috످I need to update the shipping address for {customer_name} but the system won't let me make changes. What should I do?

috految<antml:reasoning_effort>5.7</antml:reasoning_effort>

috److The system may be blocking the change because the order is already processing or you don't have edit permissions. If the order hasn't shipped, ask your fulfillment team to hold it now so it doesn't go to the wrong address.

Confirm the new address with the customer using their contact info on file, then try the fix that matches your situation.

If the order is processing, ask fulfillment to update the address or cancel and reorder. If the order has shipped, ask the carrier to reroute it (fees may apply).

If the field is grayed out, ask your admin to check your permissions or any account holds. If the address is rejected, check for typos or a missing unit number. If changes won't save, log out and back in, or try another browser. If that fails, contact IT.

Your message shows `{customer_name}` instead of a name. If that placeholder also appears in your system, the customer's record may not be loading correctly.

Which system are you using (e.g., Shopify or Salesforce), and are you seeing an error message?

috످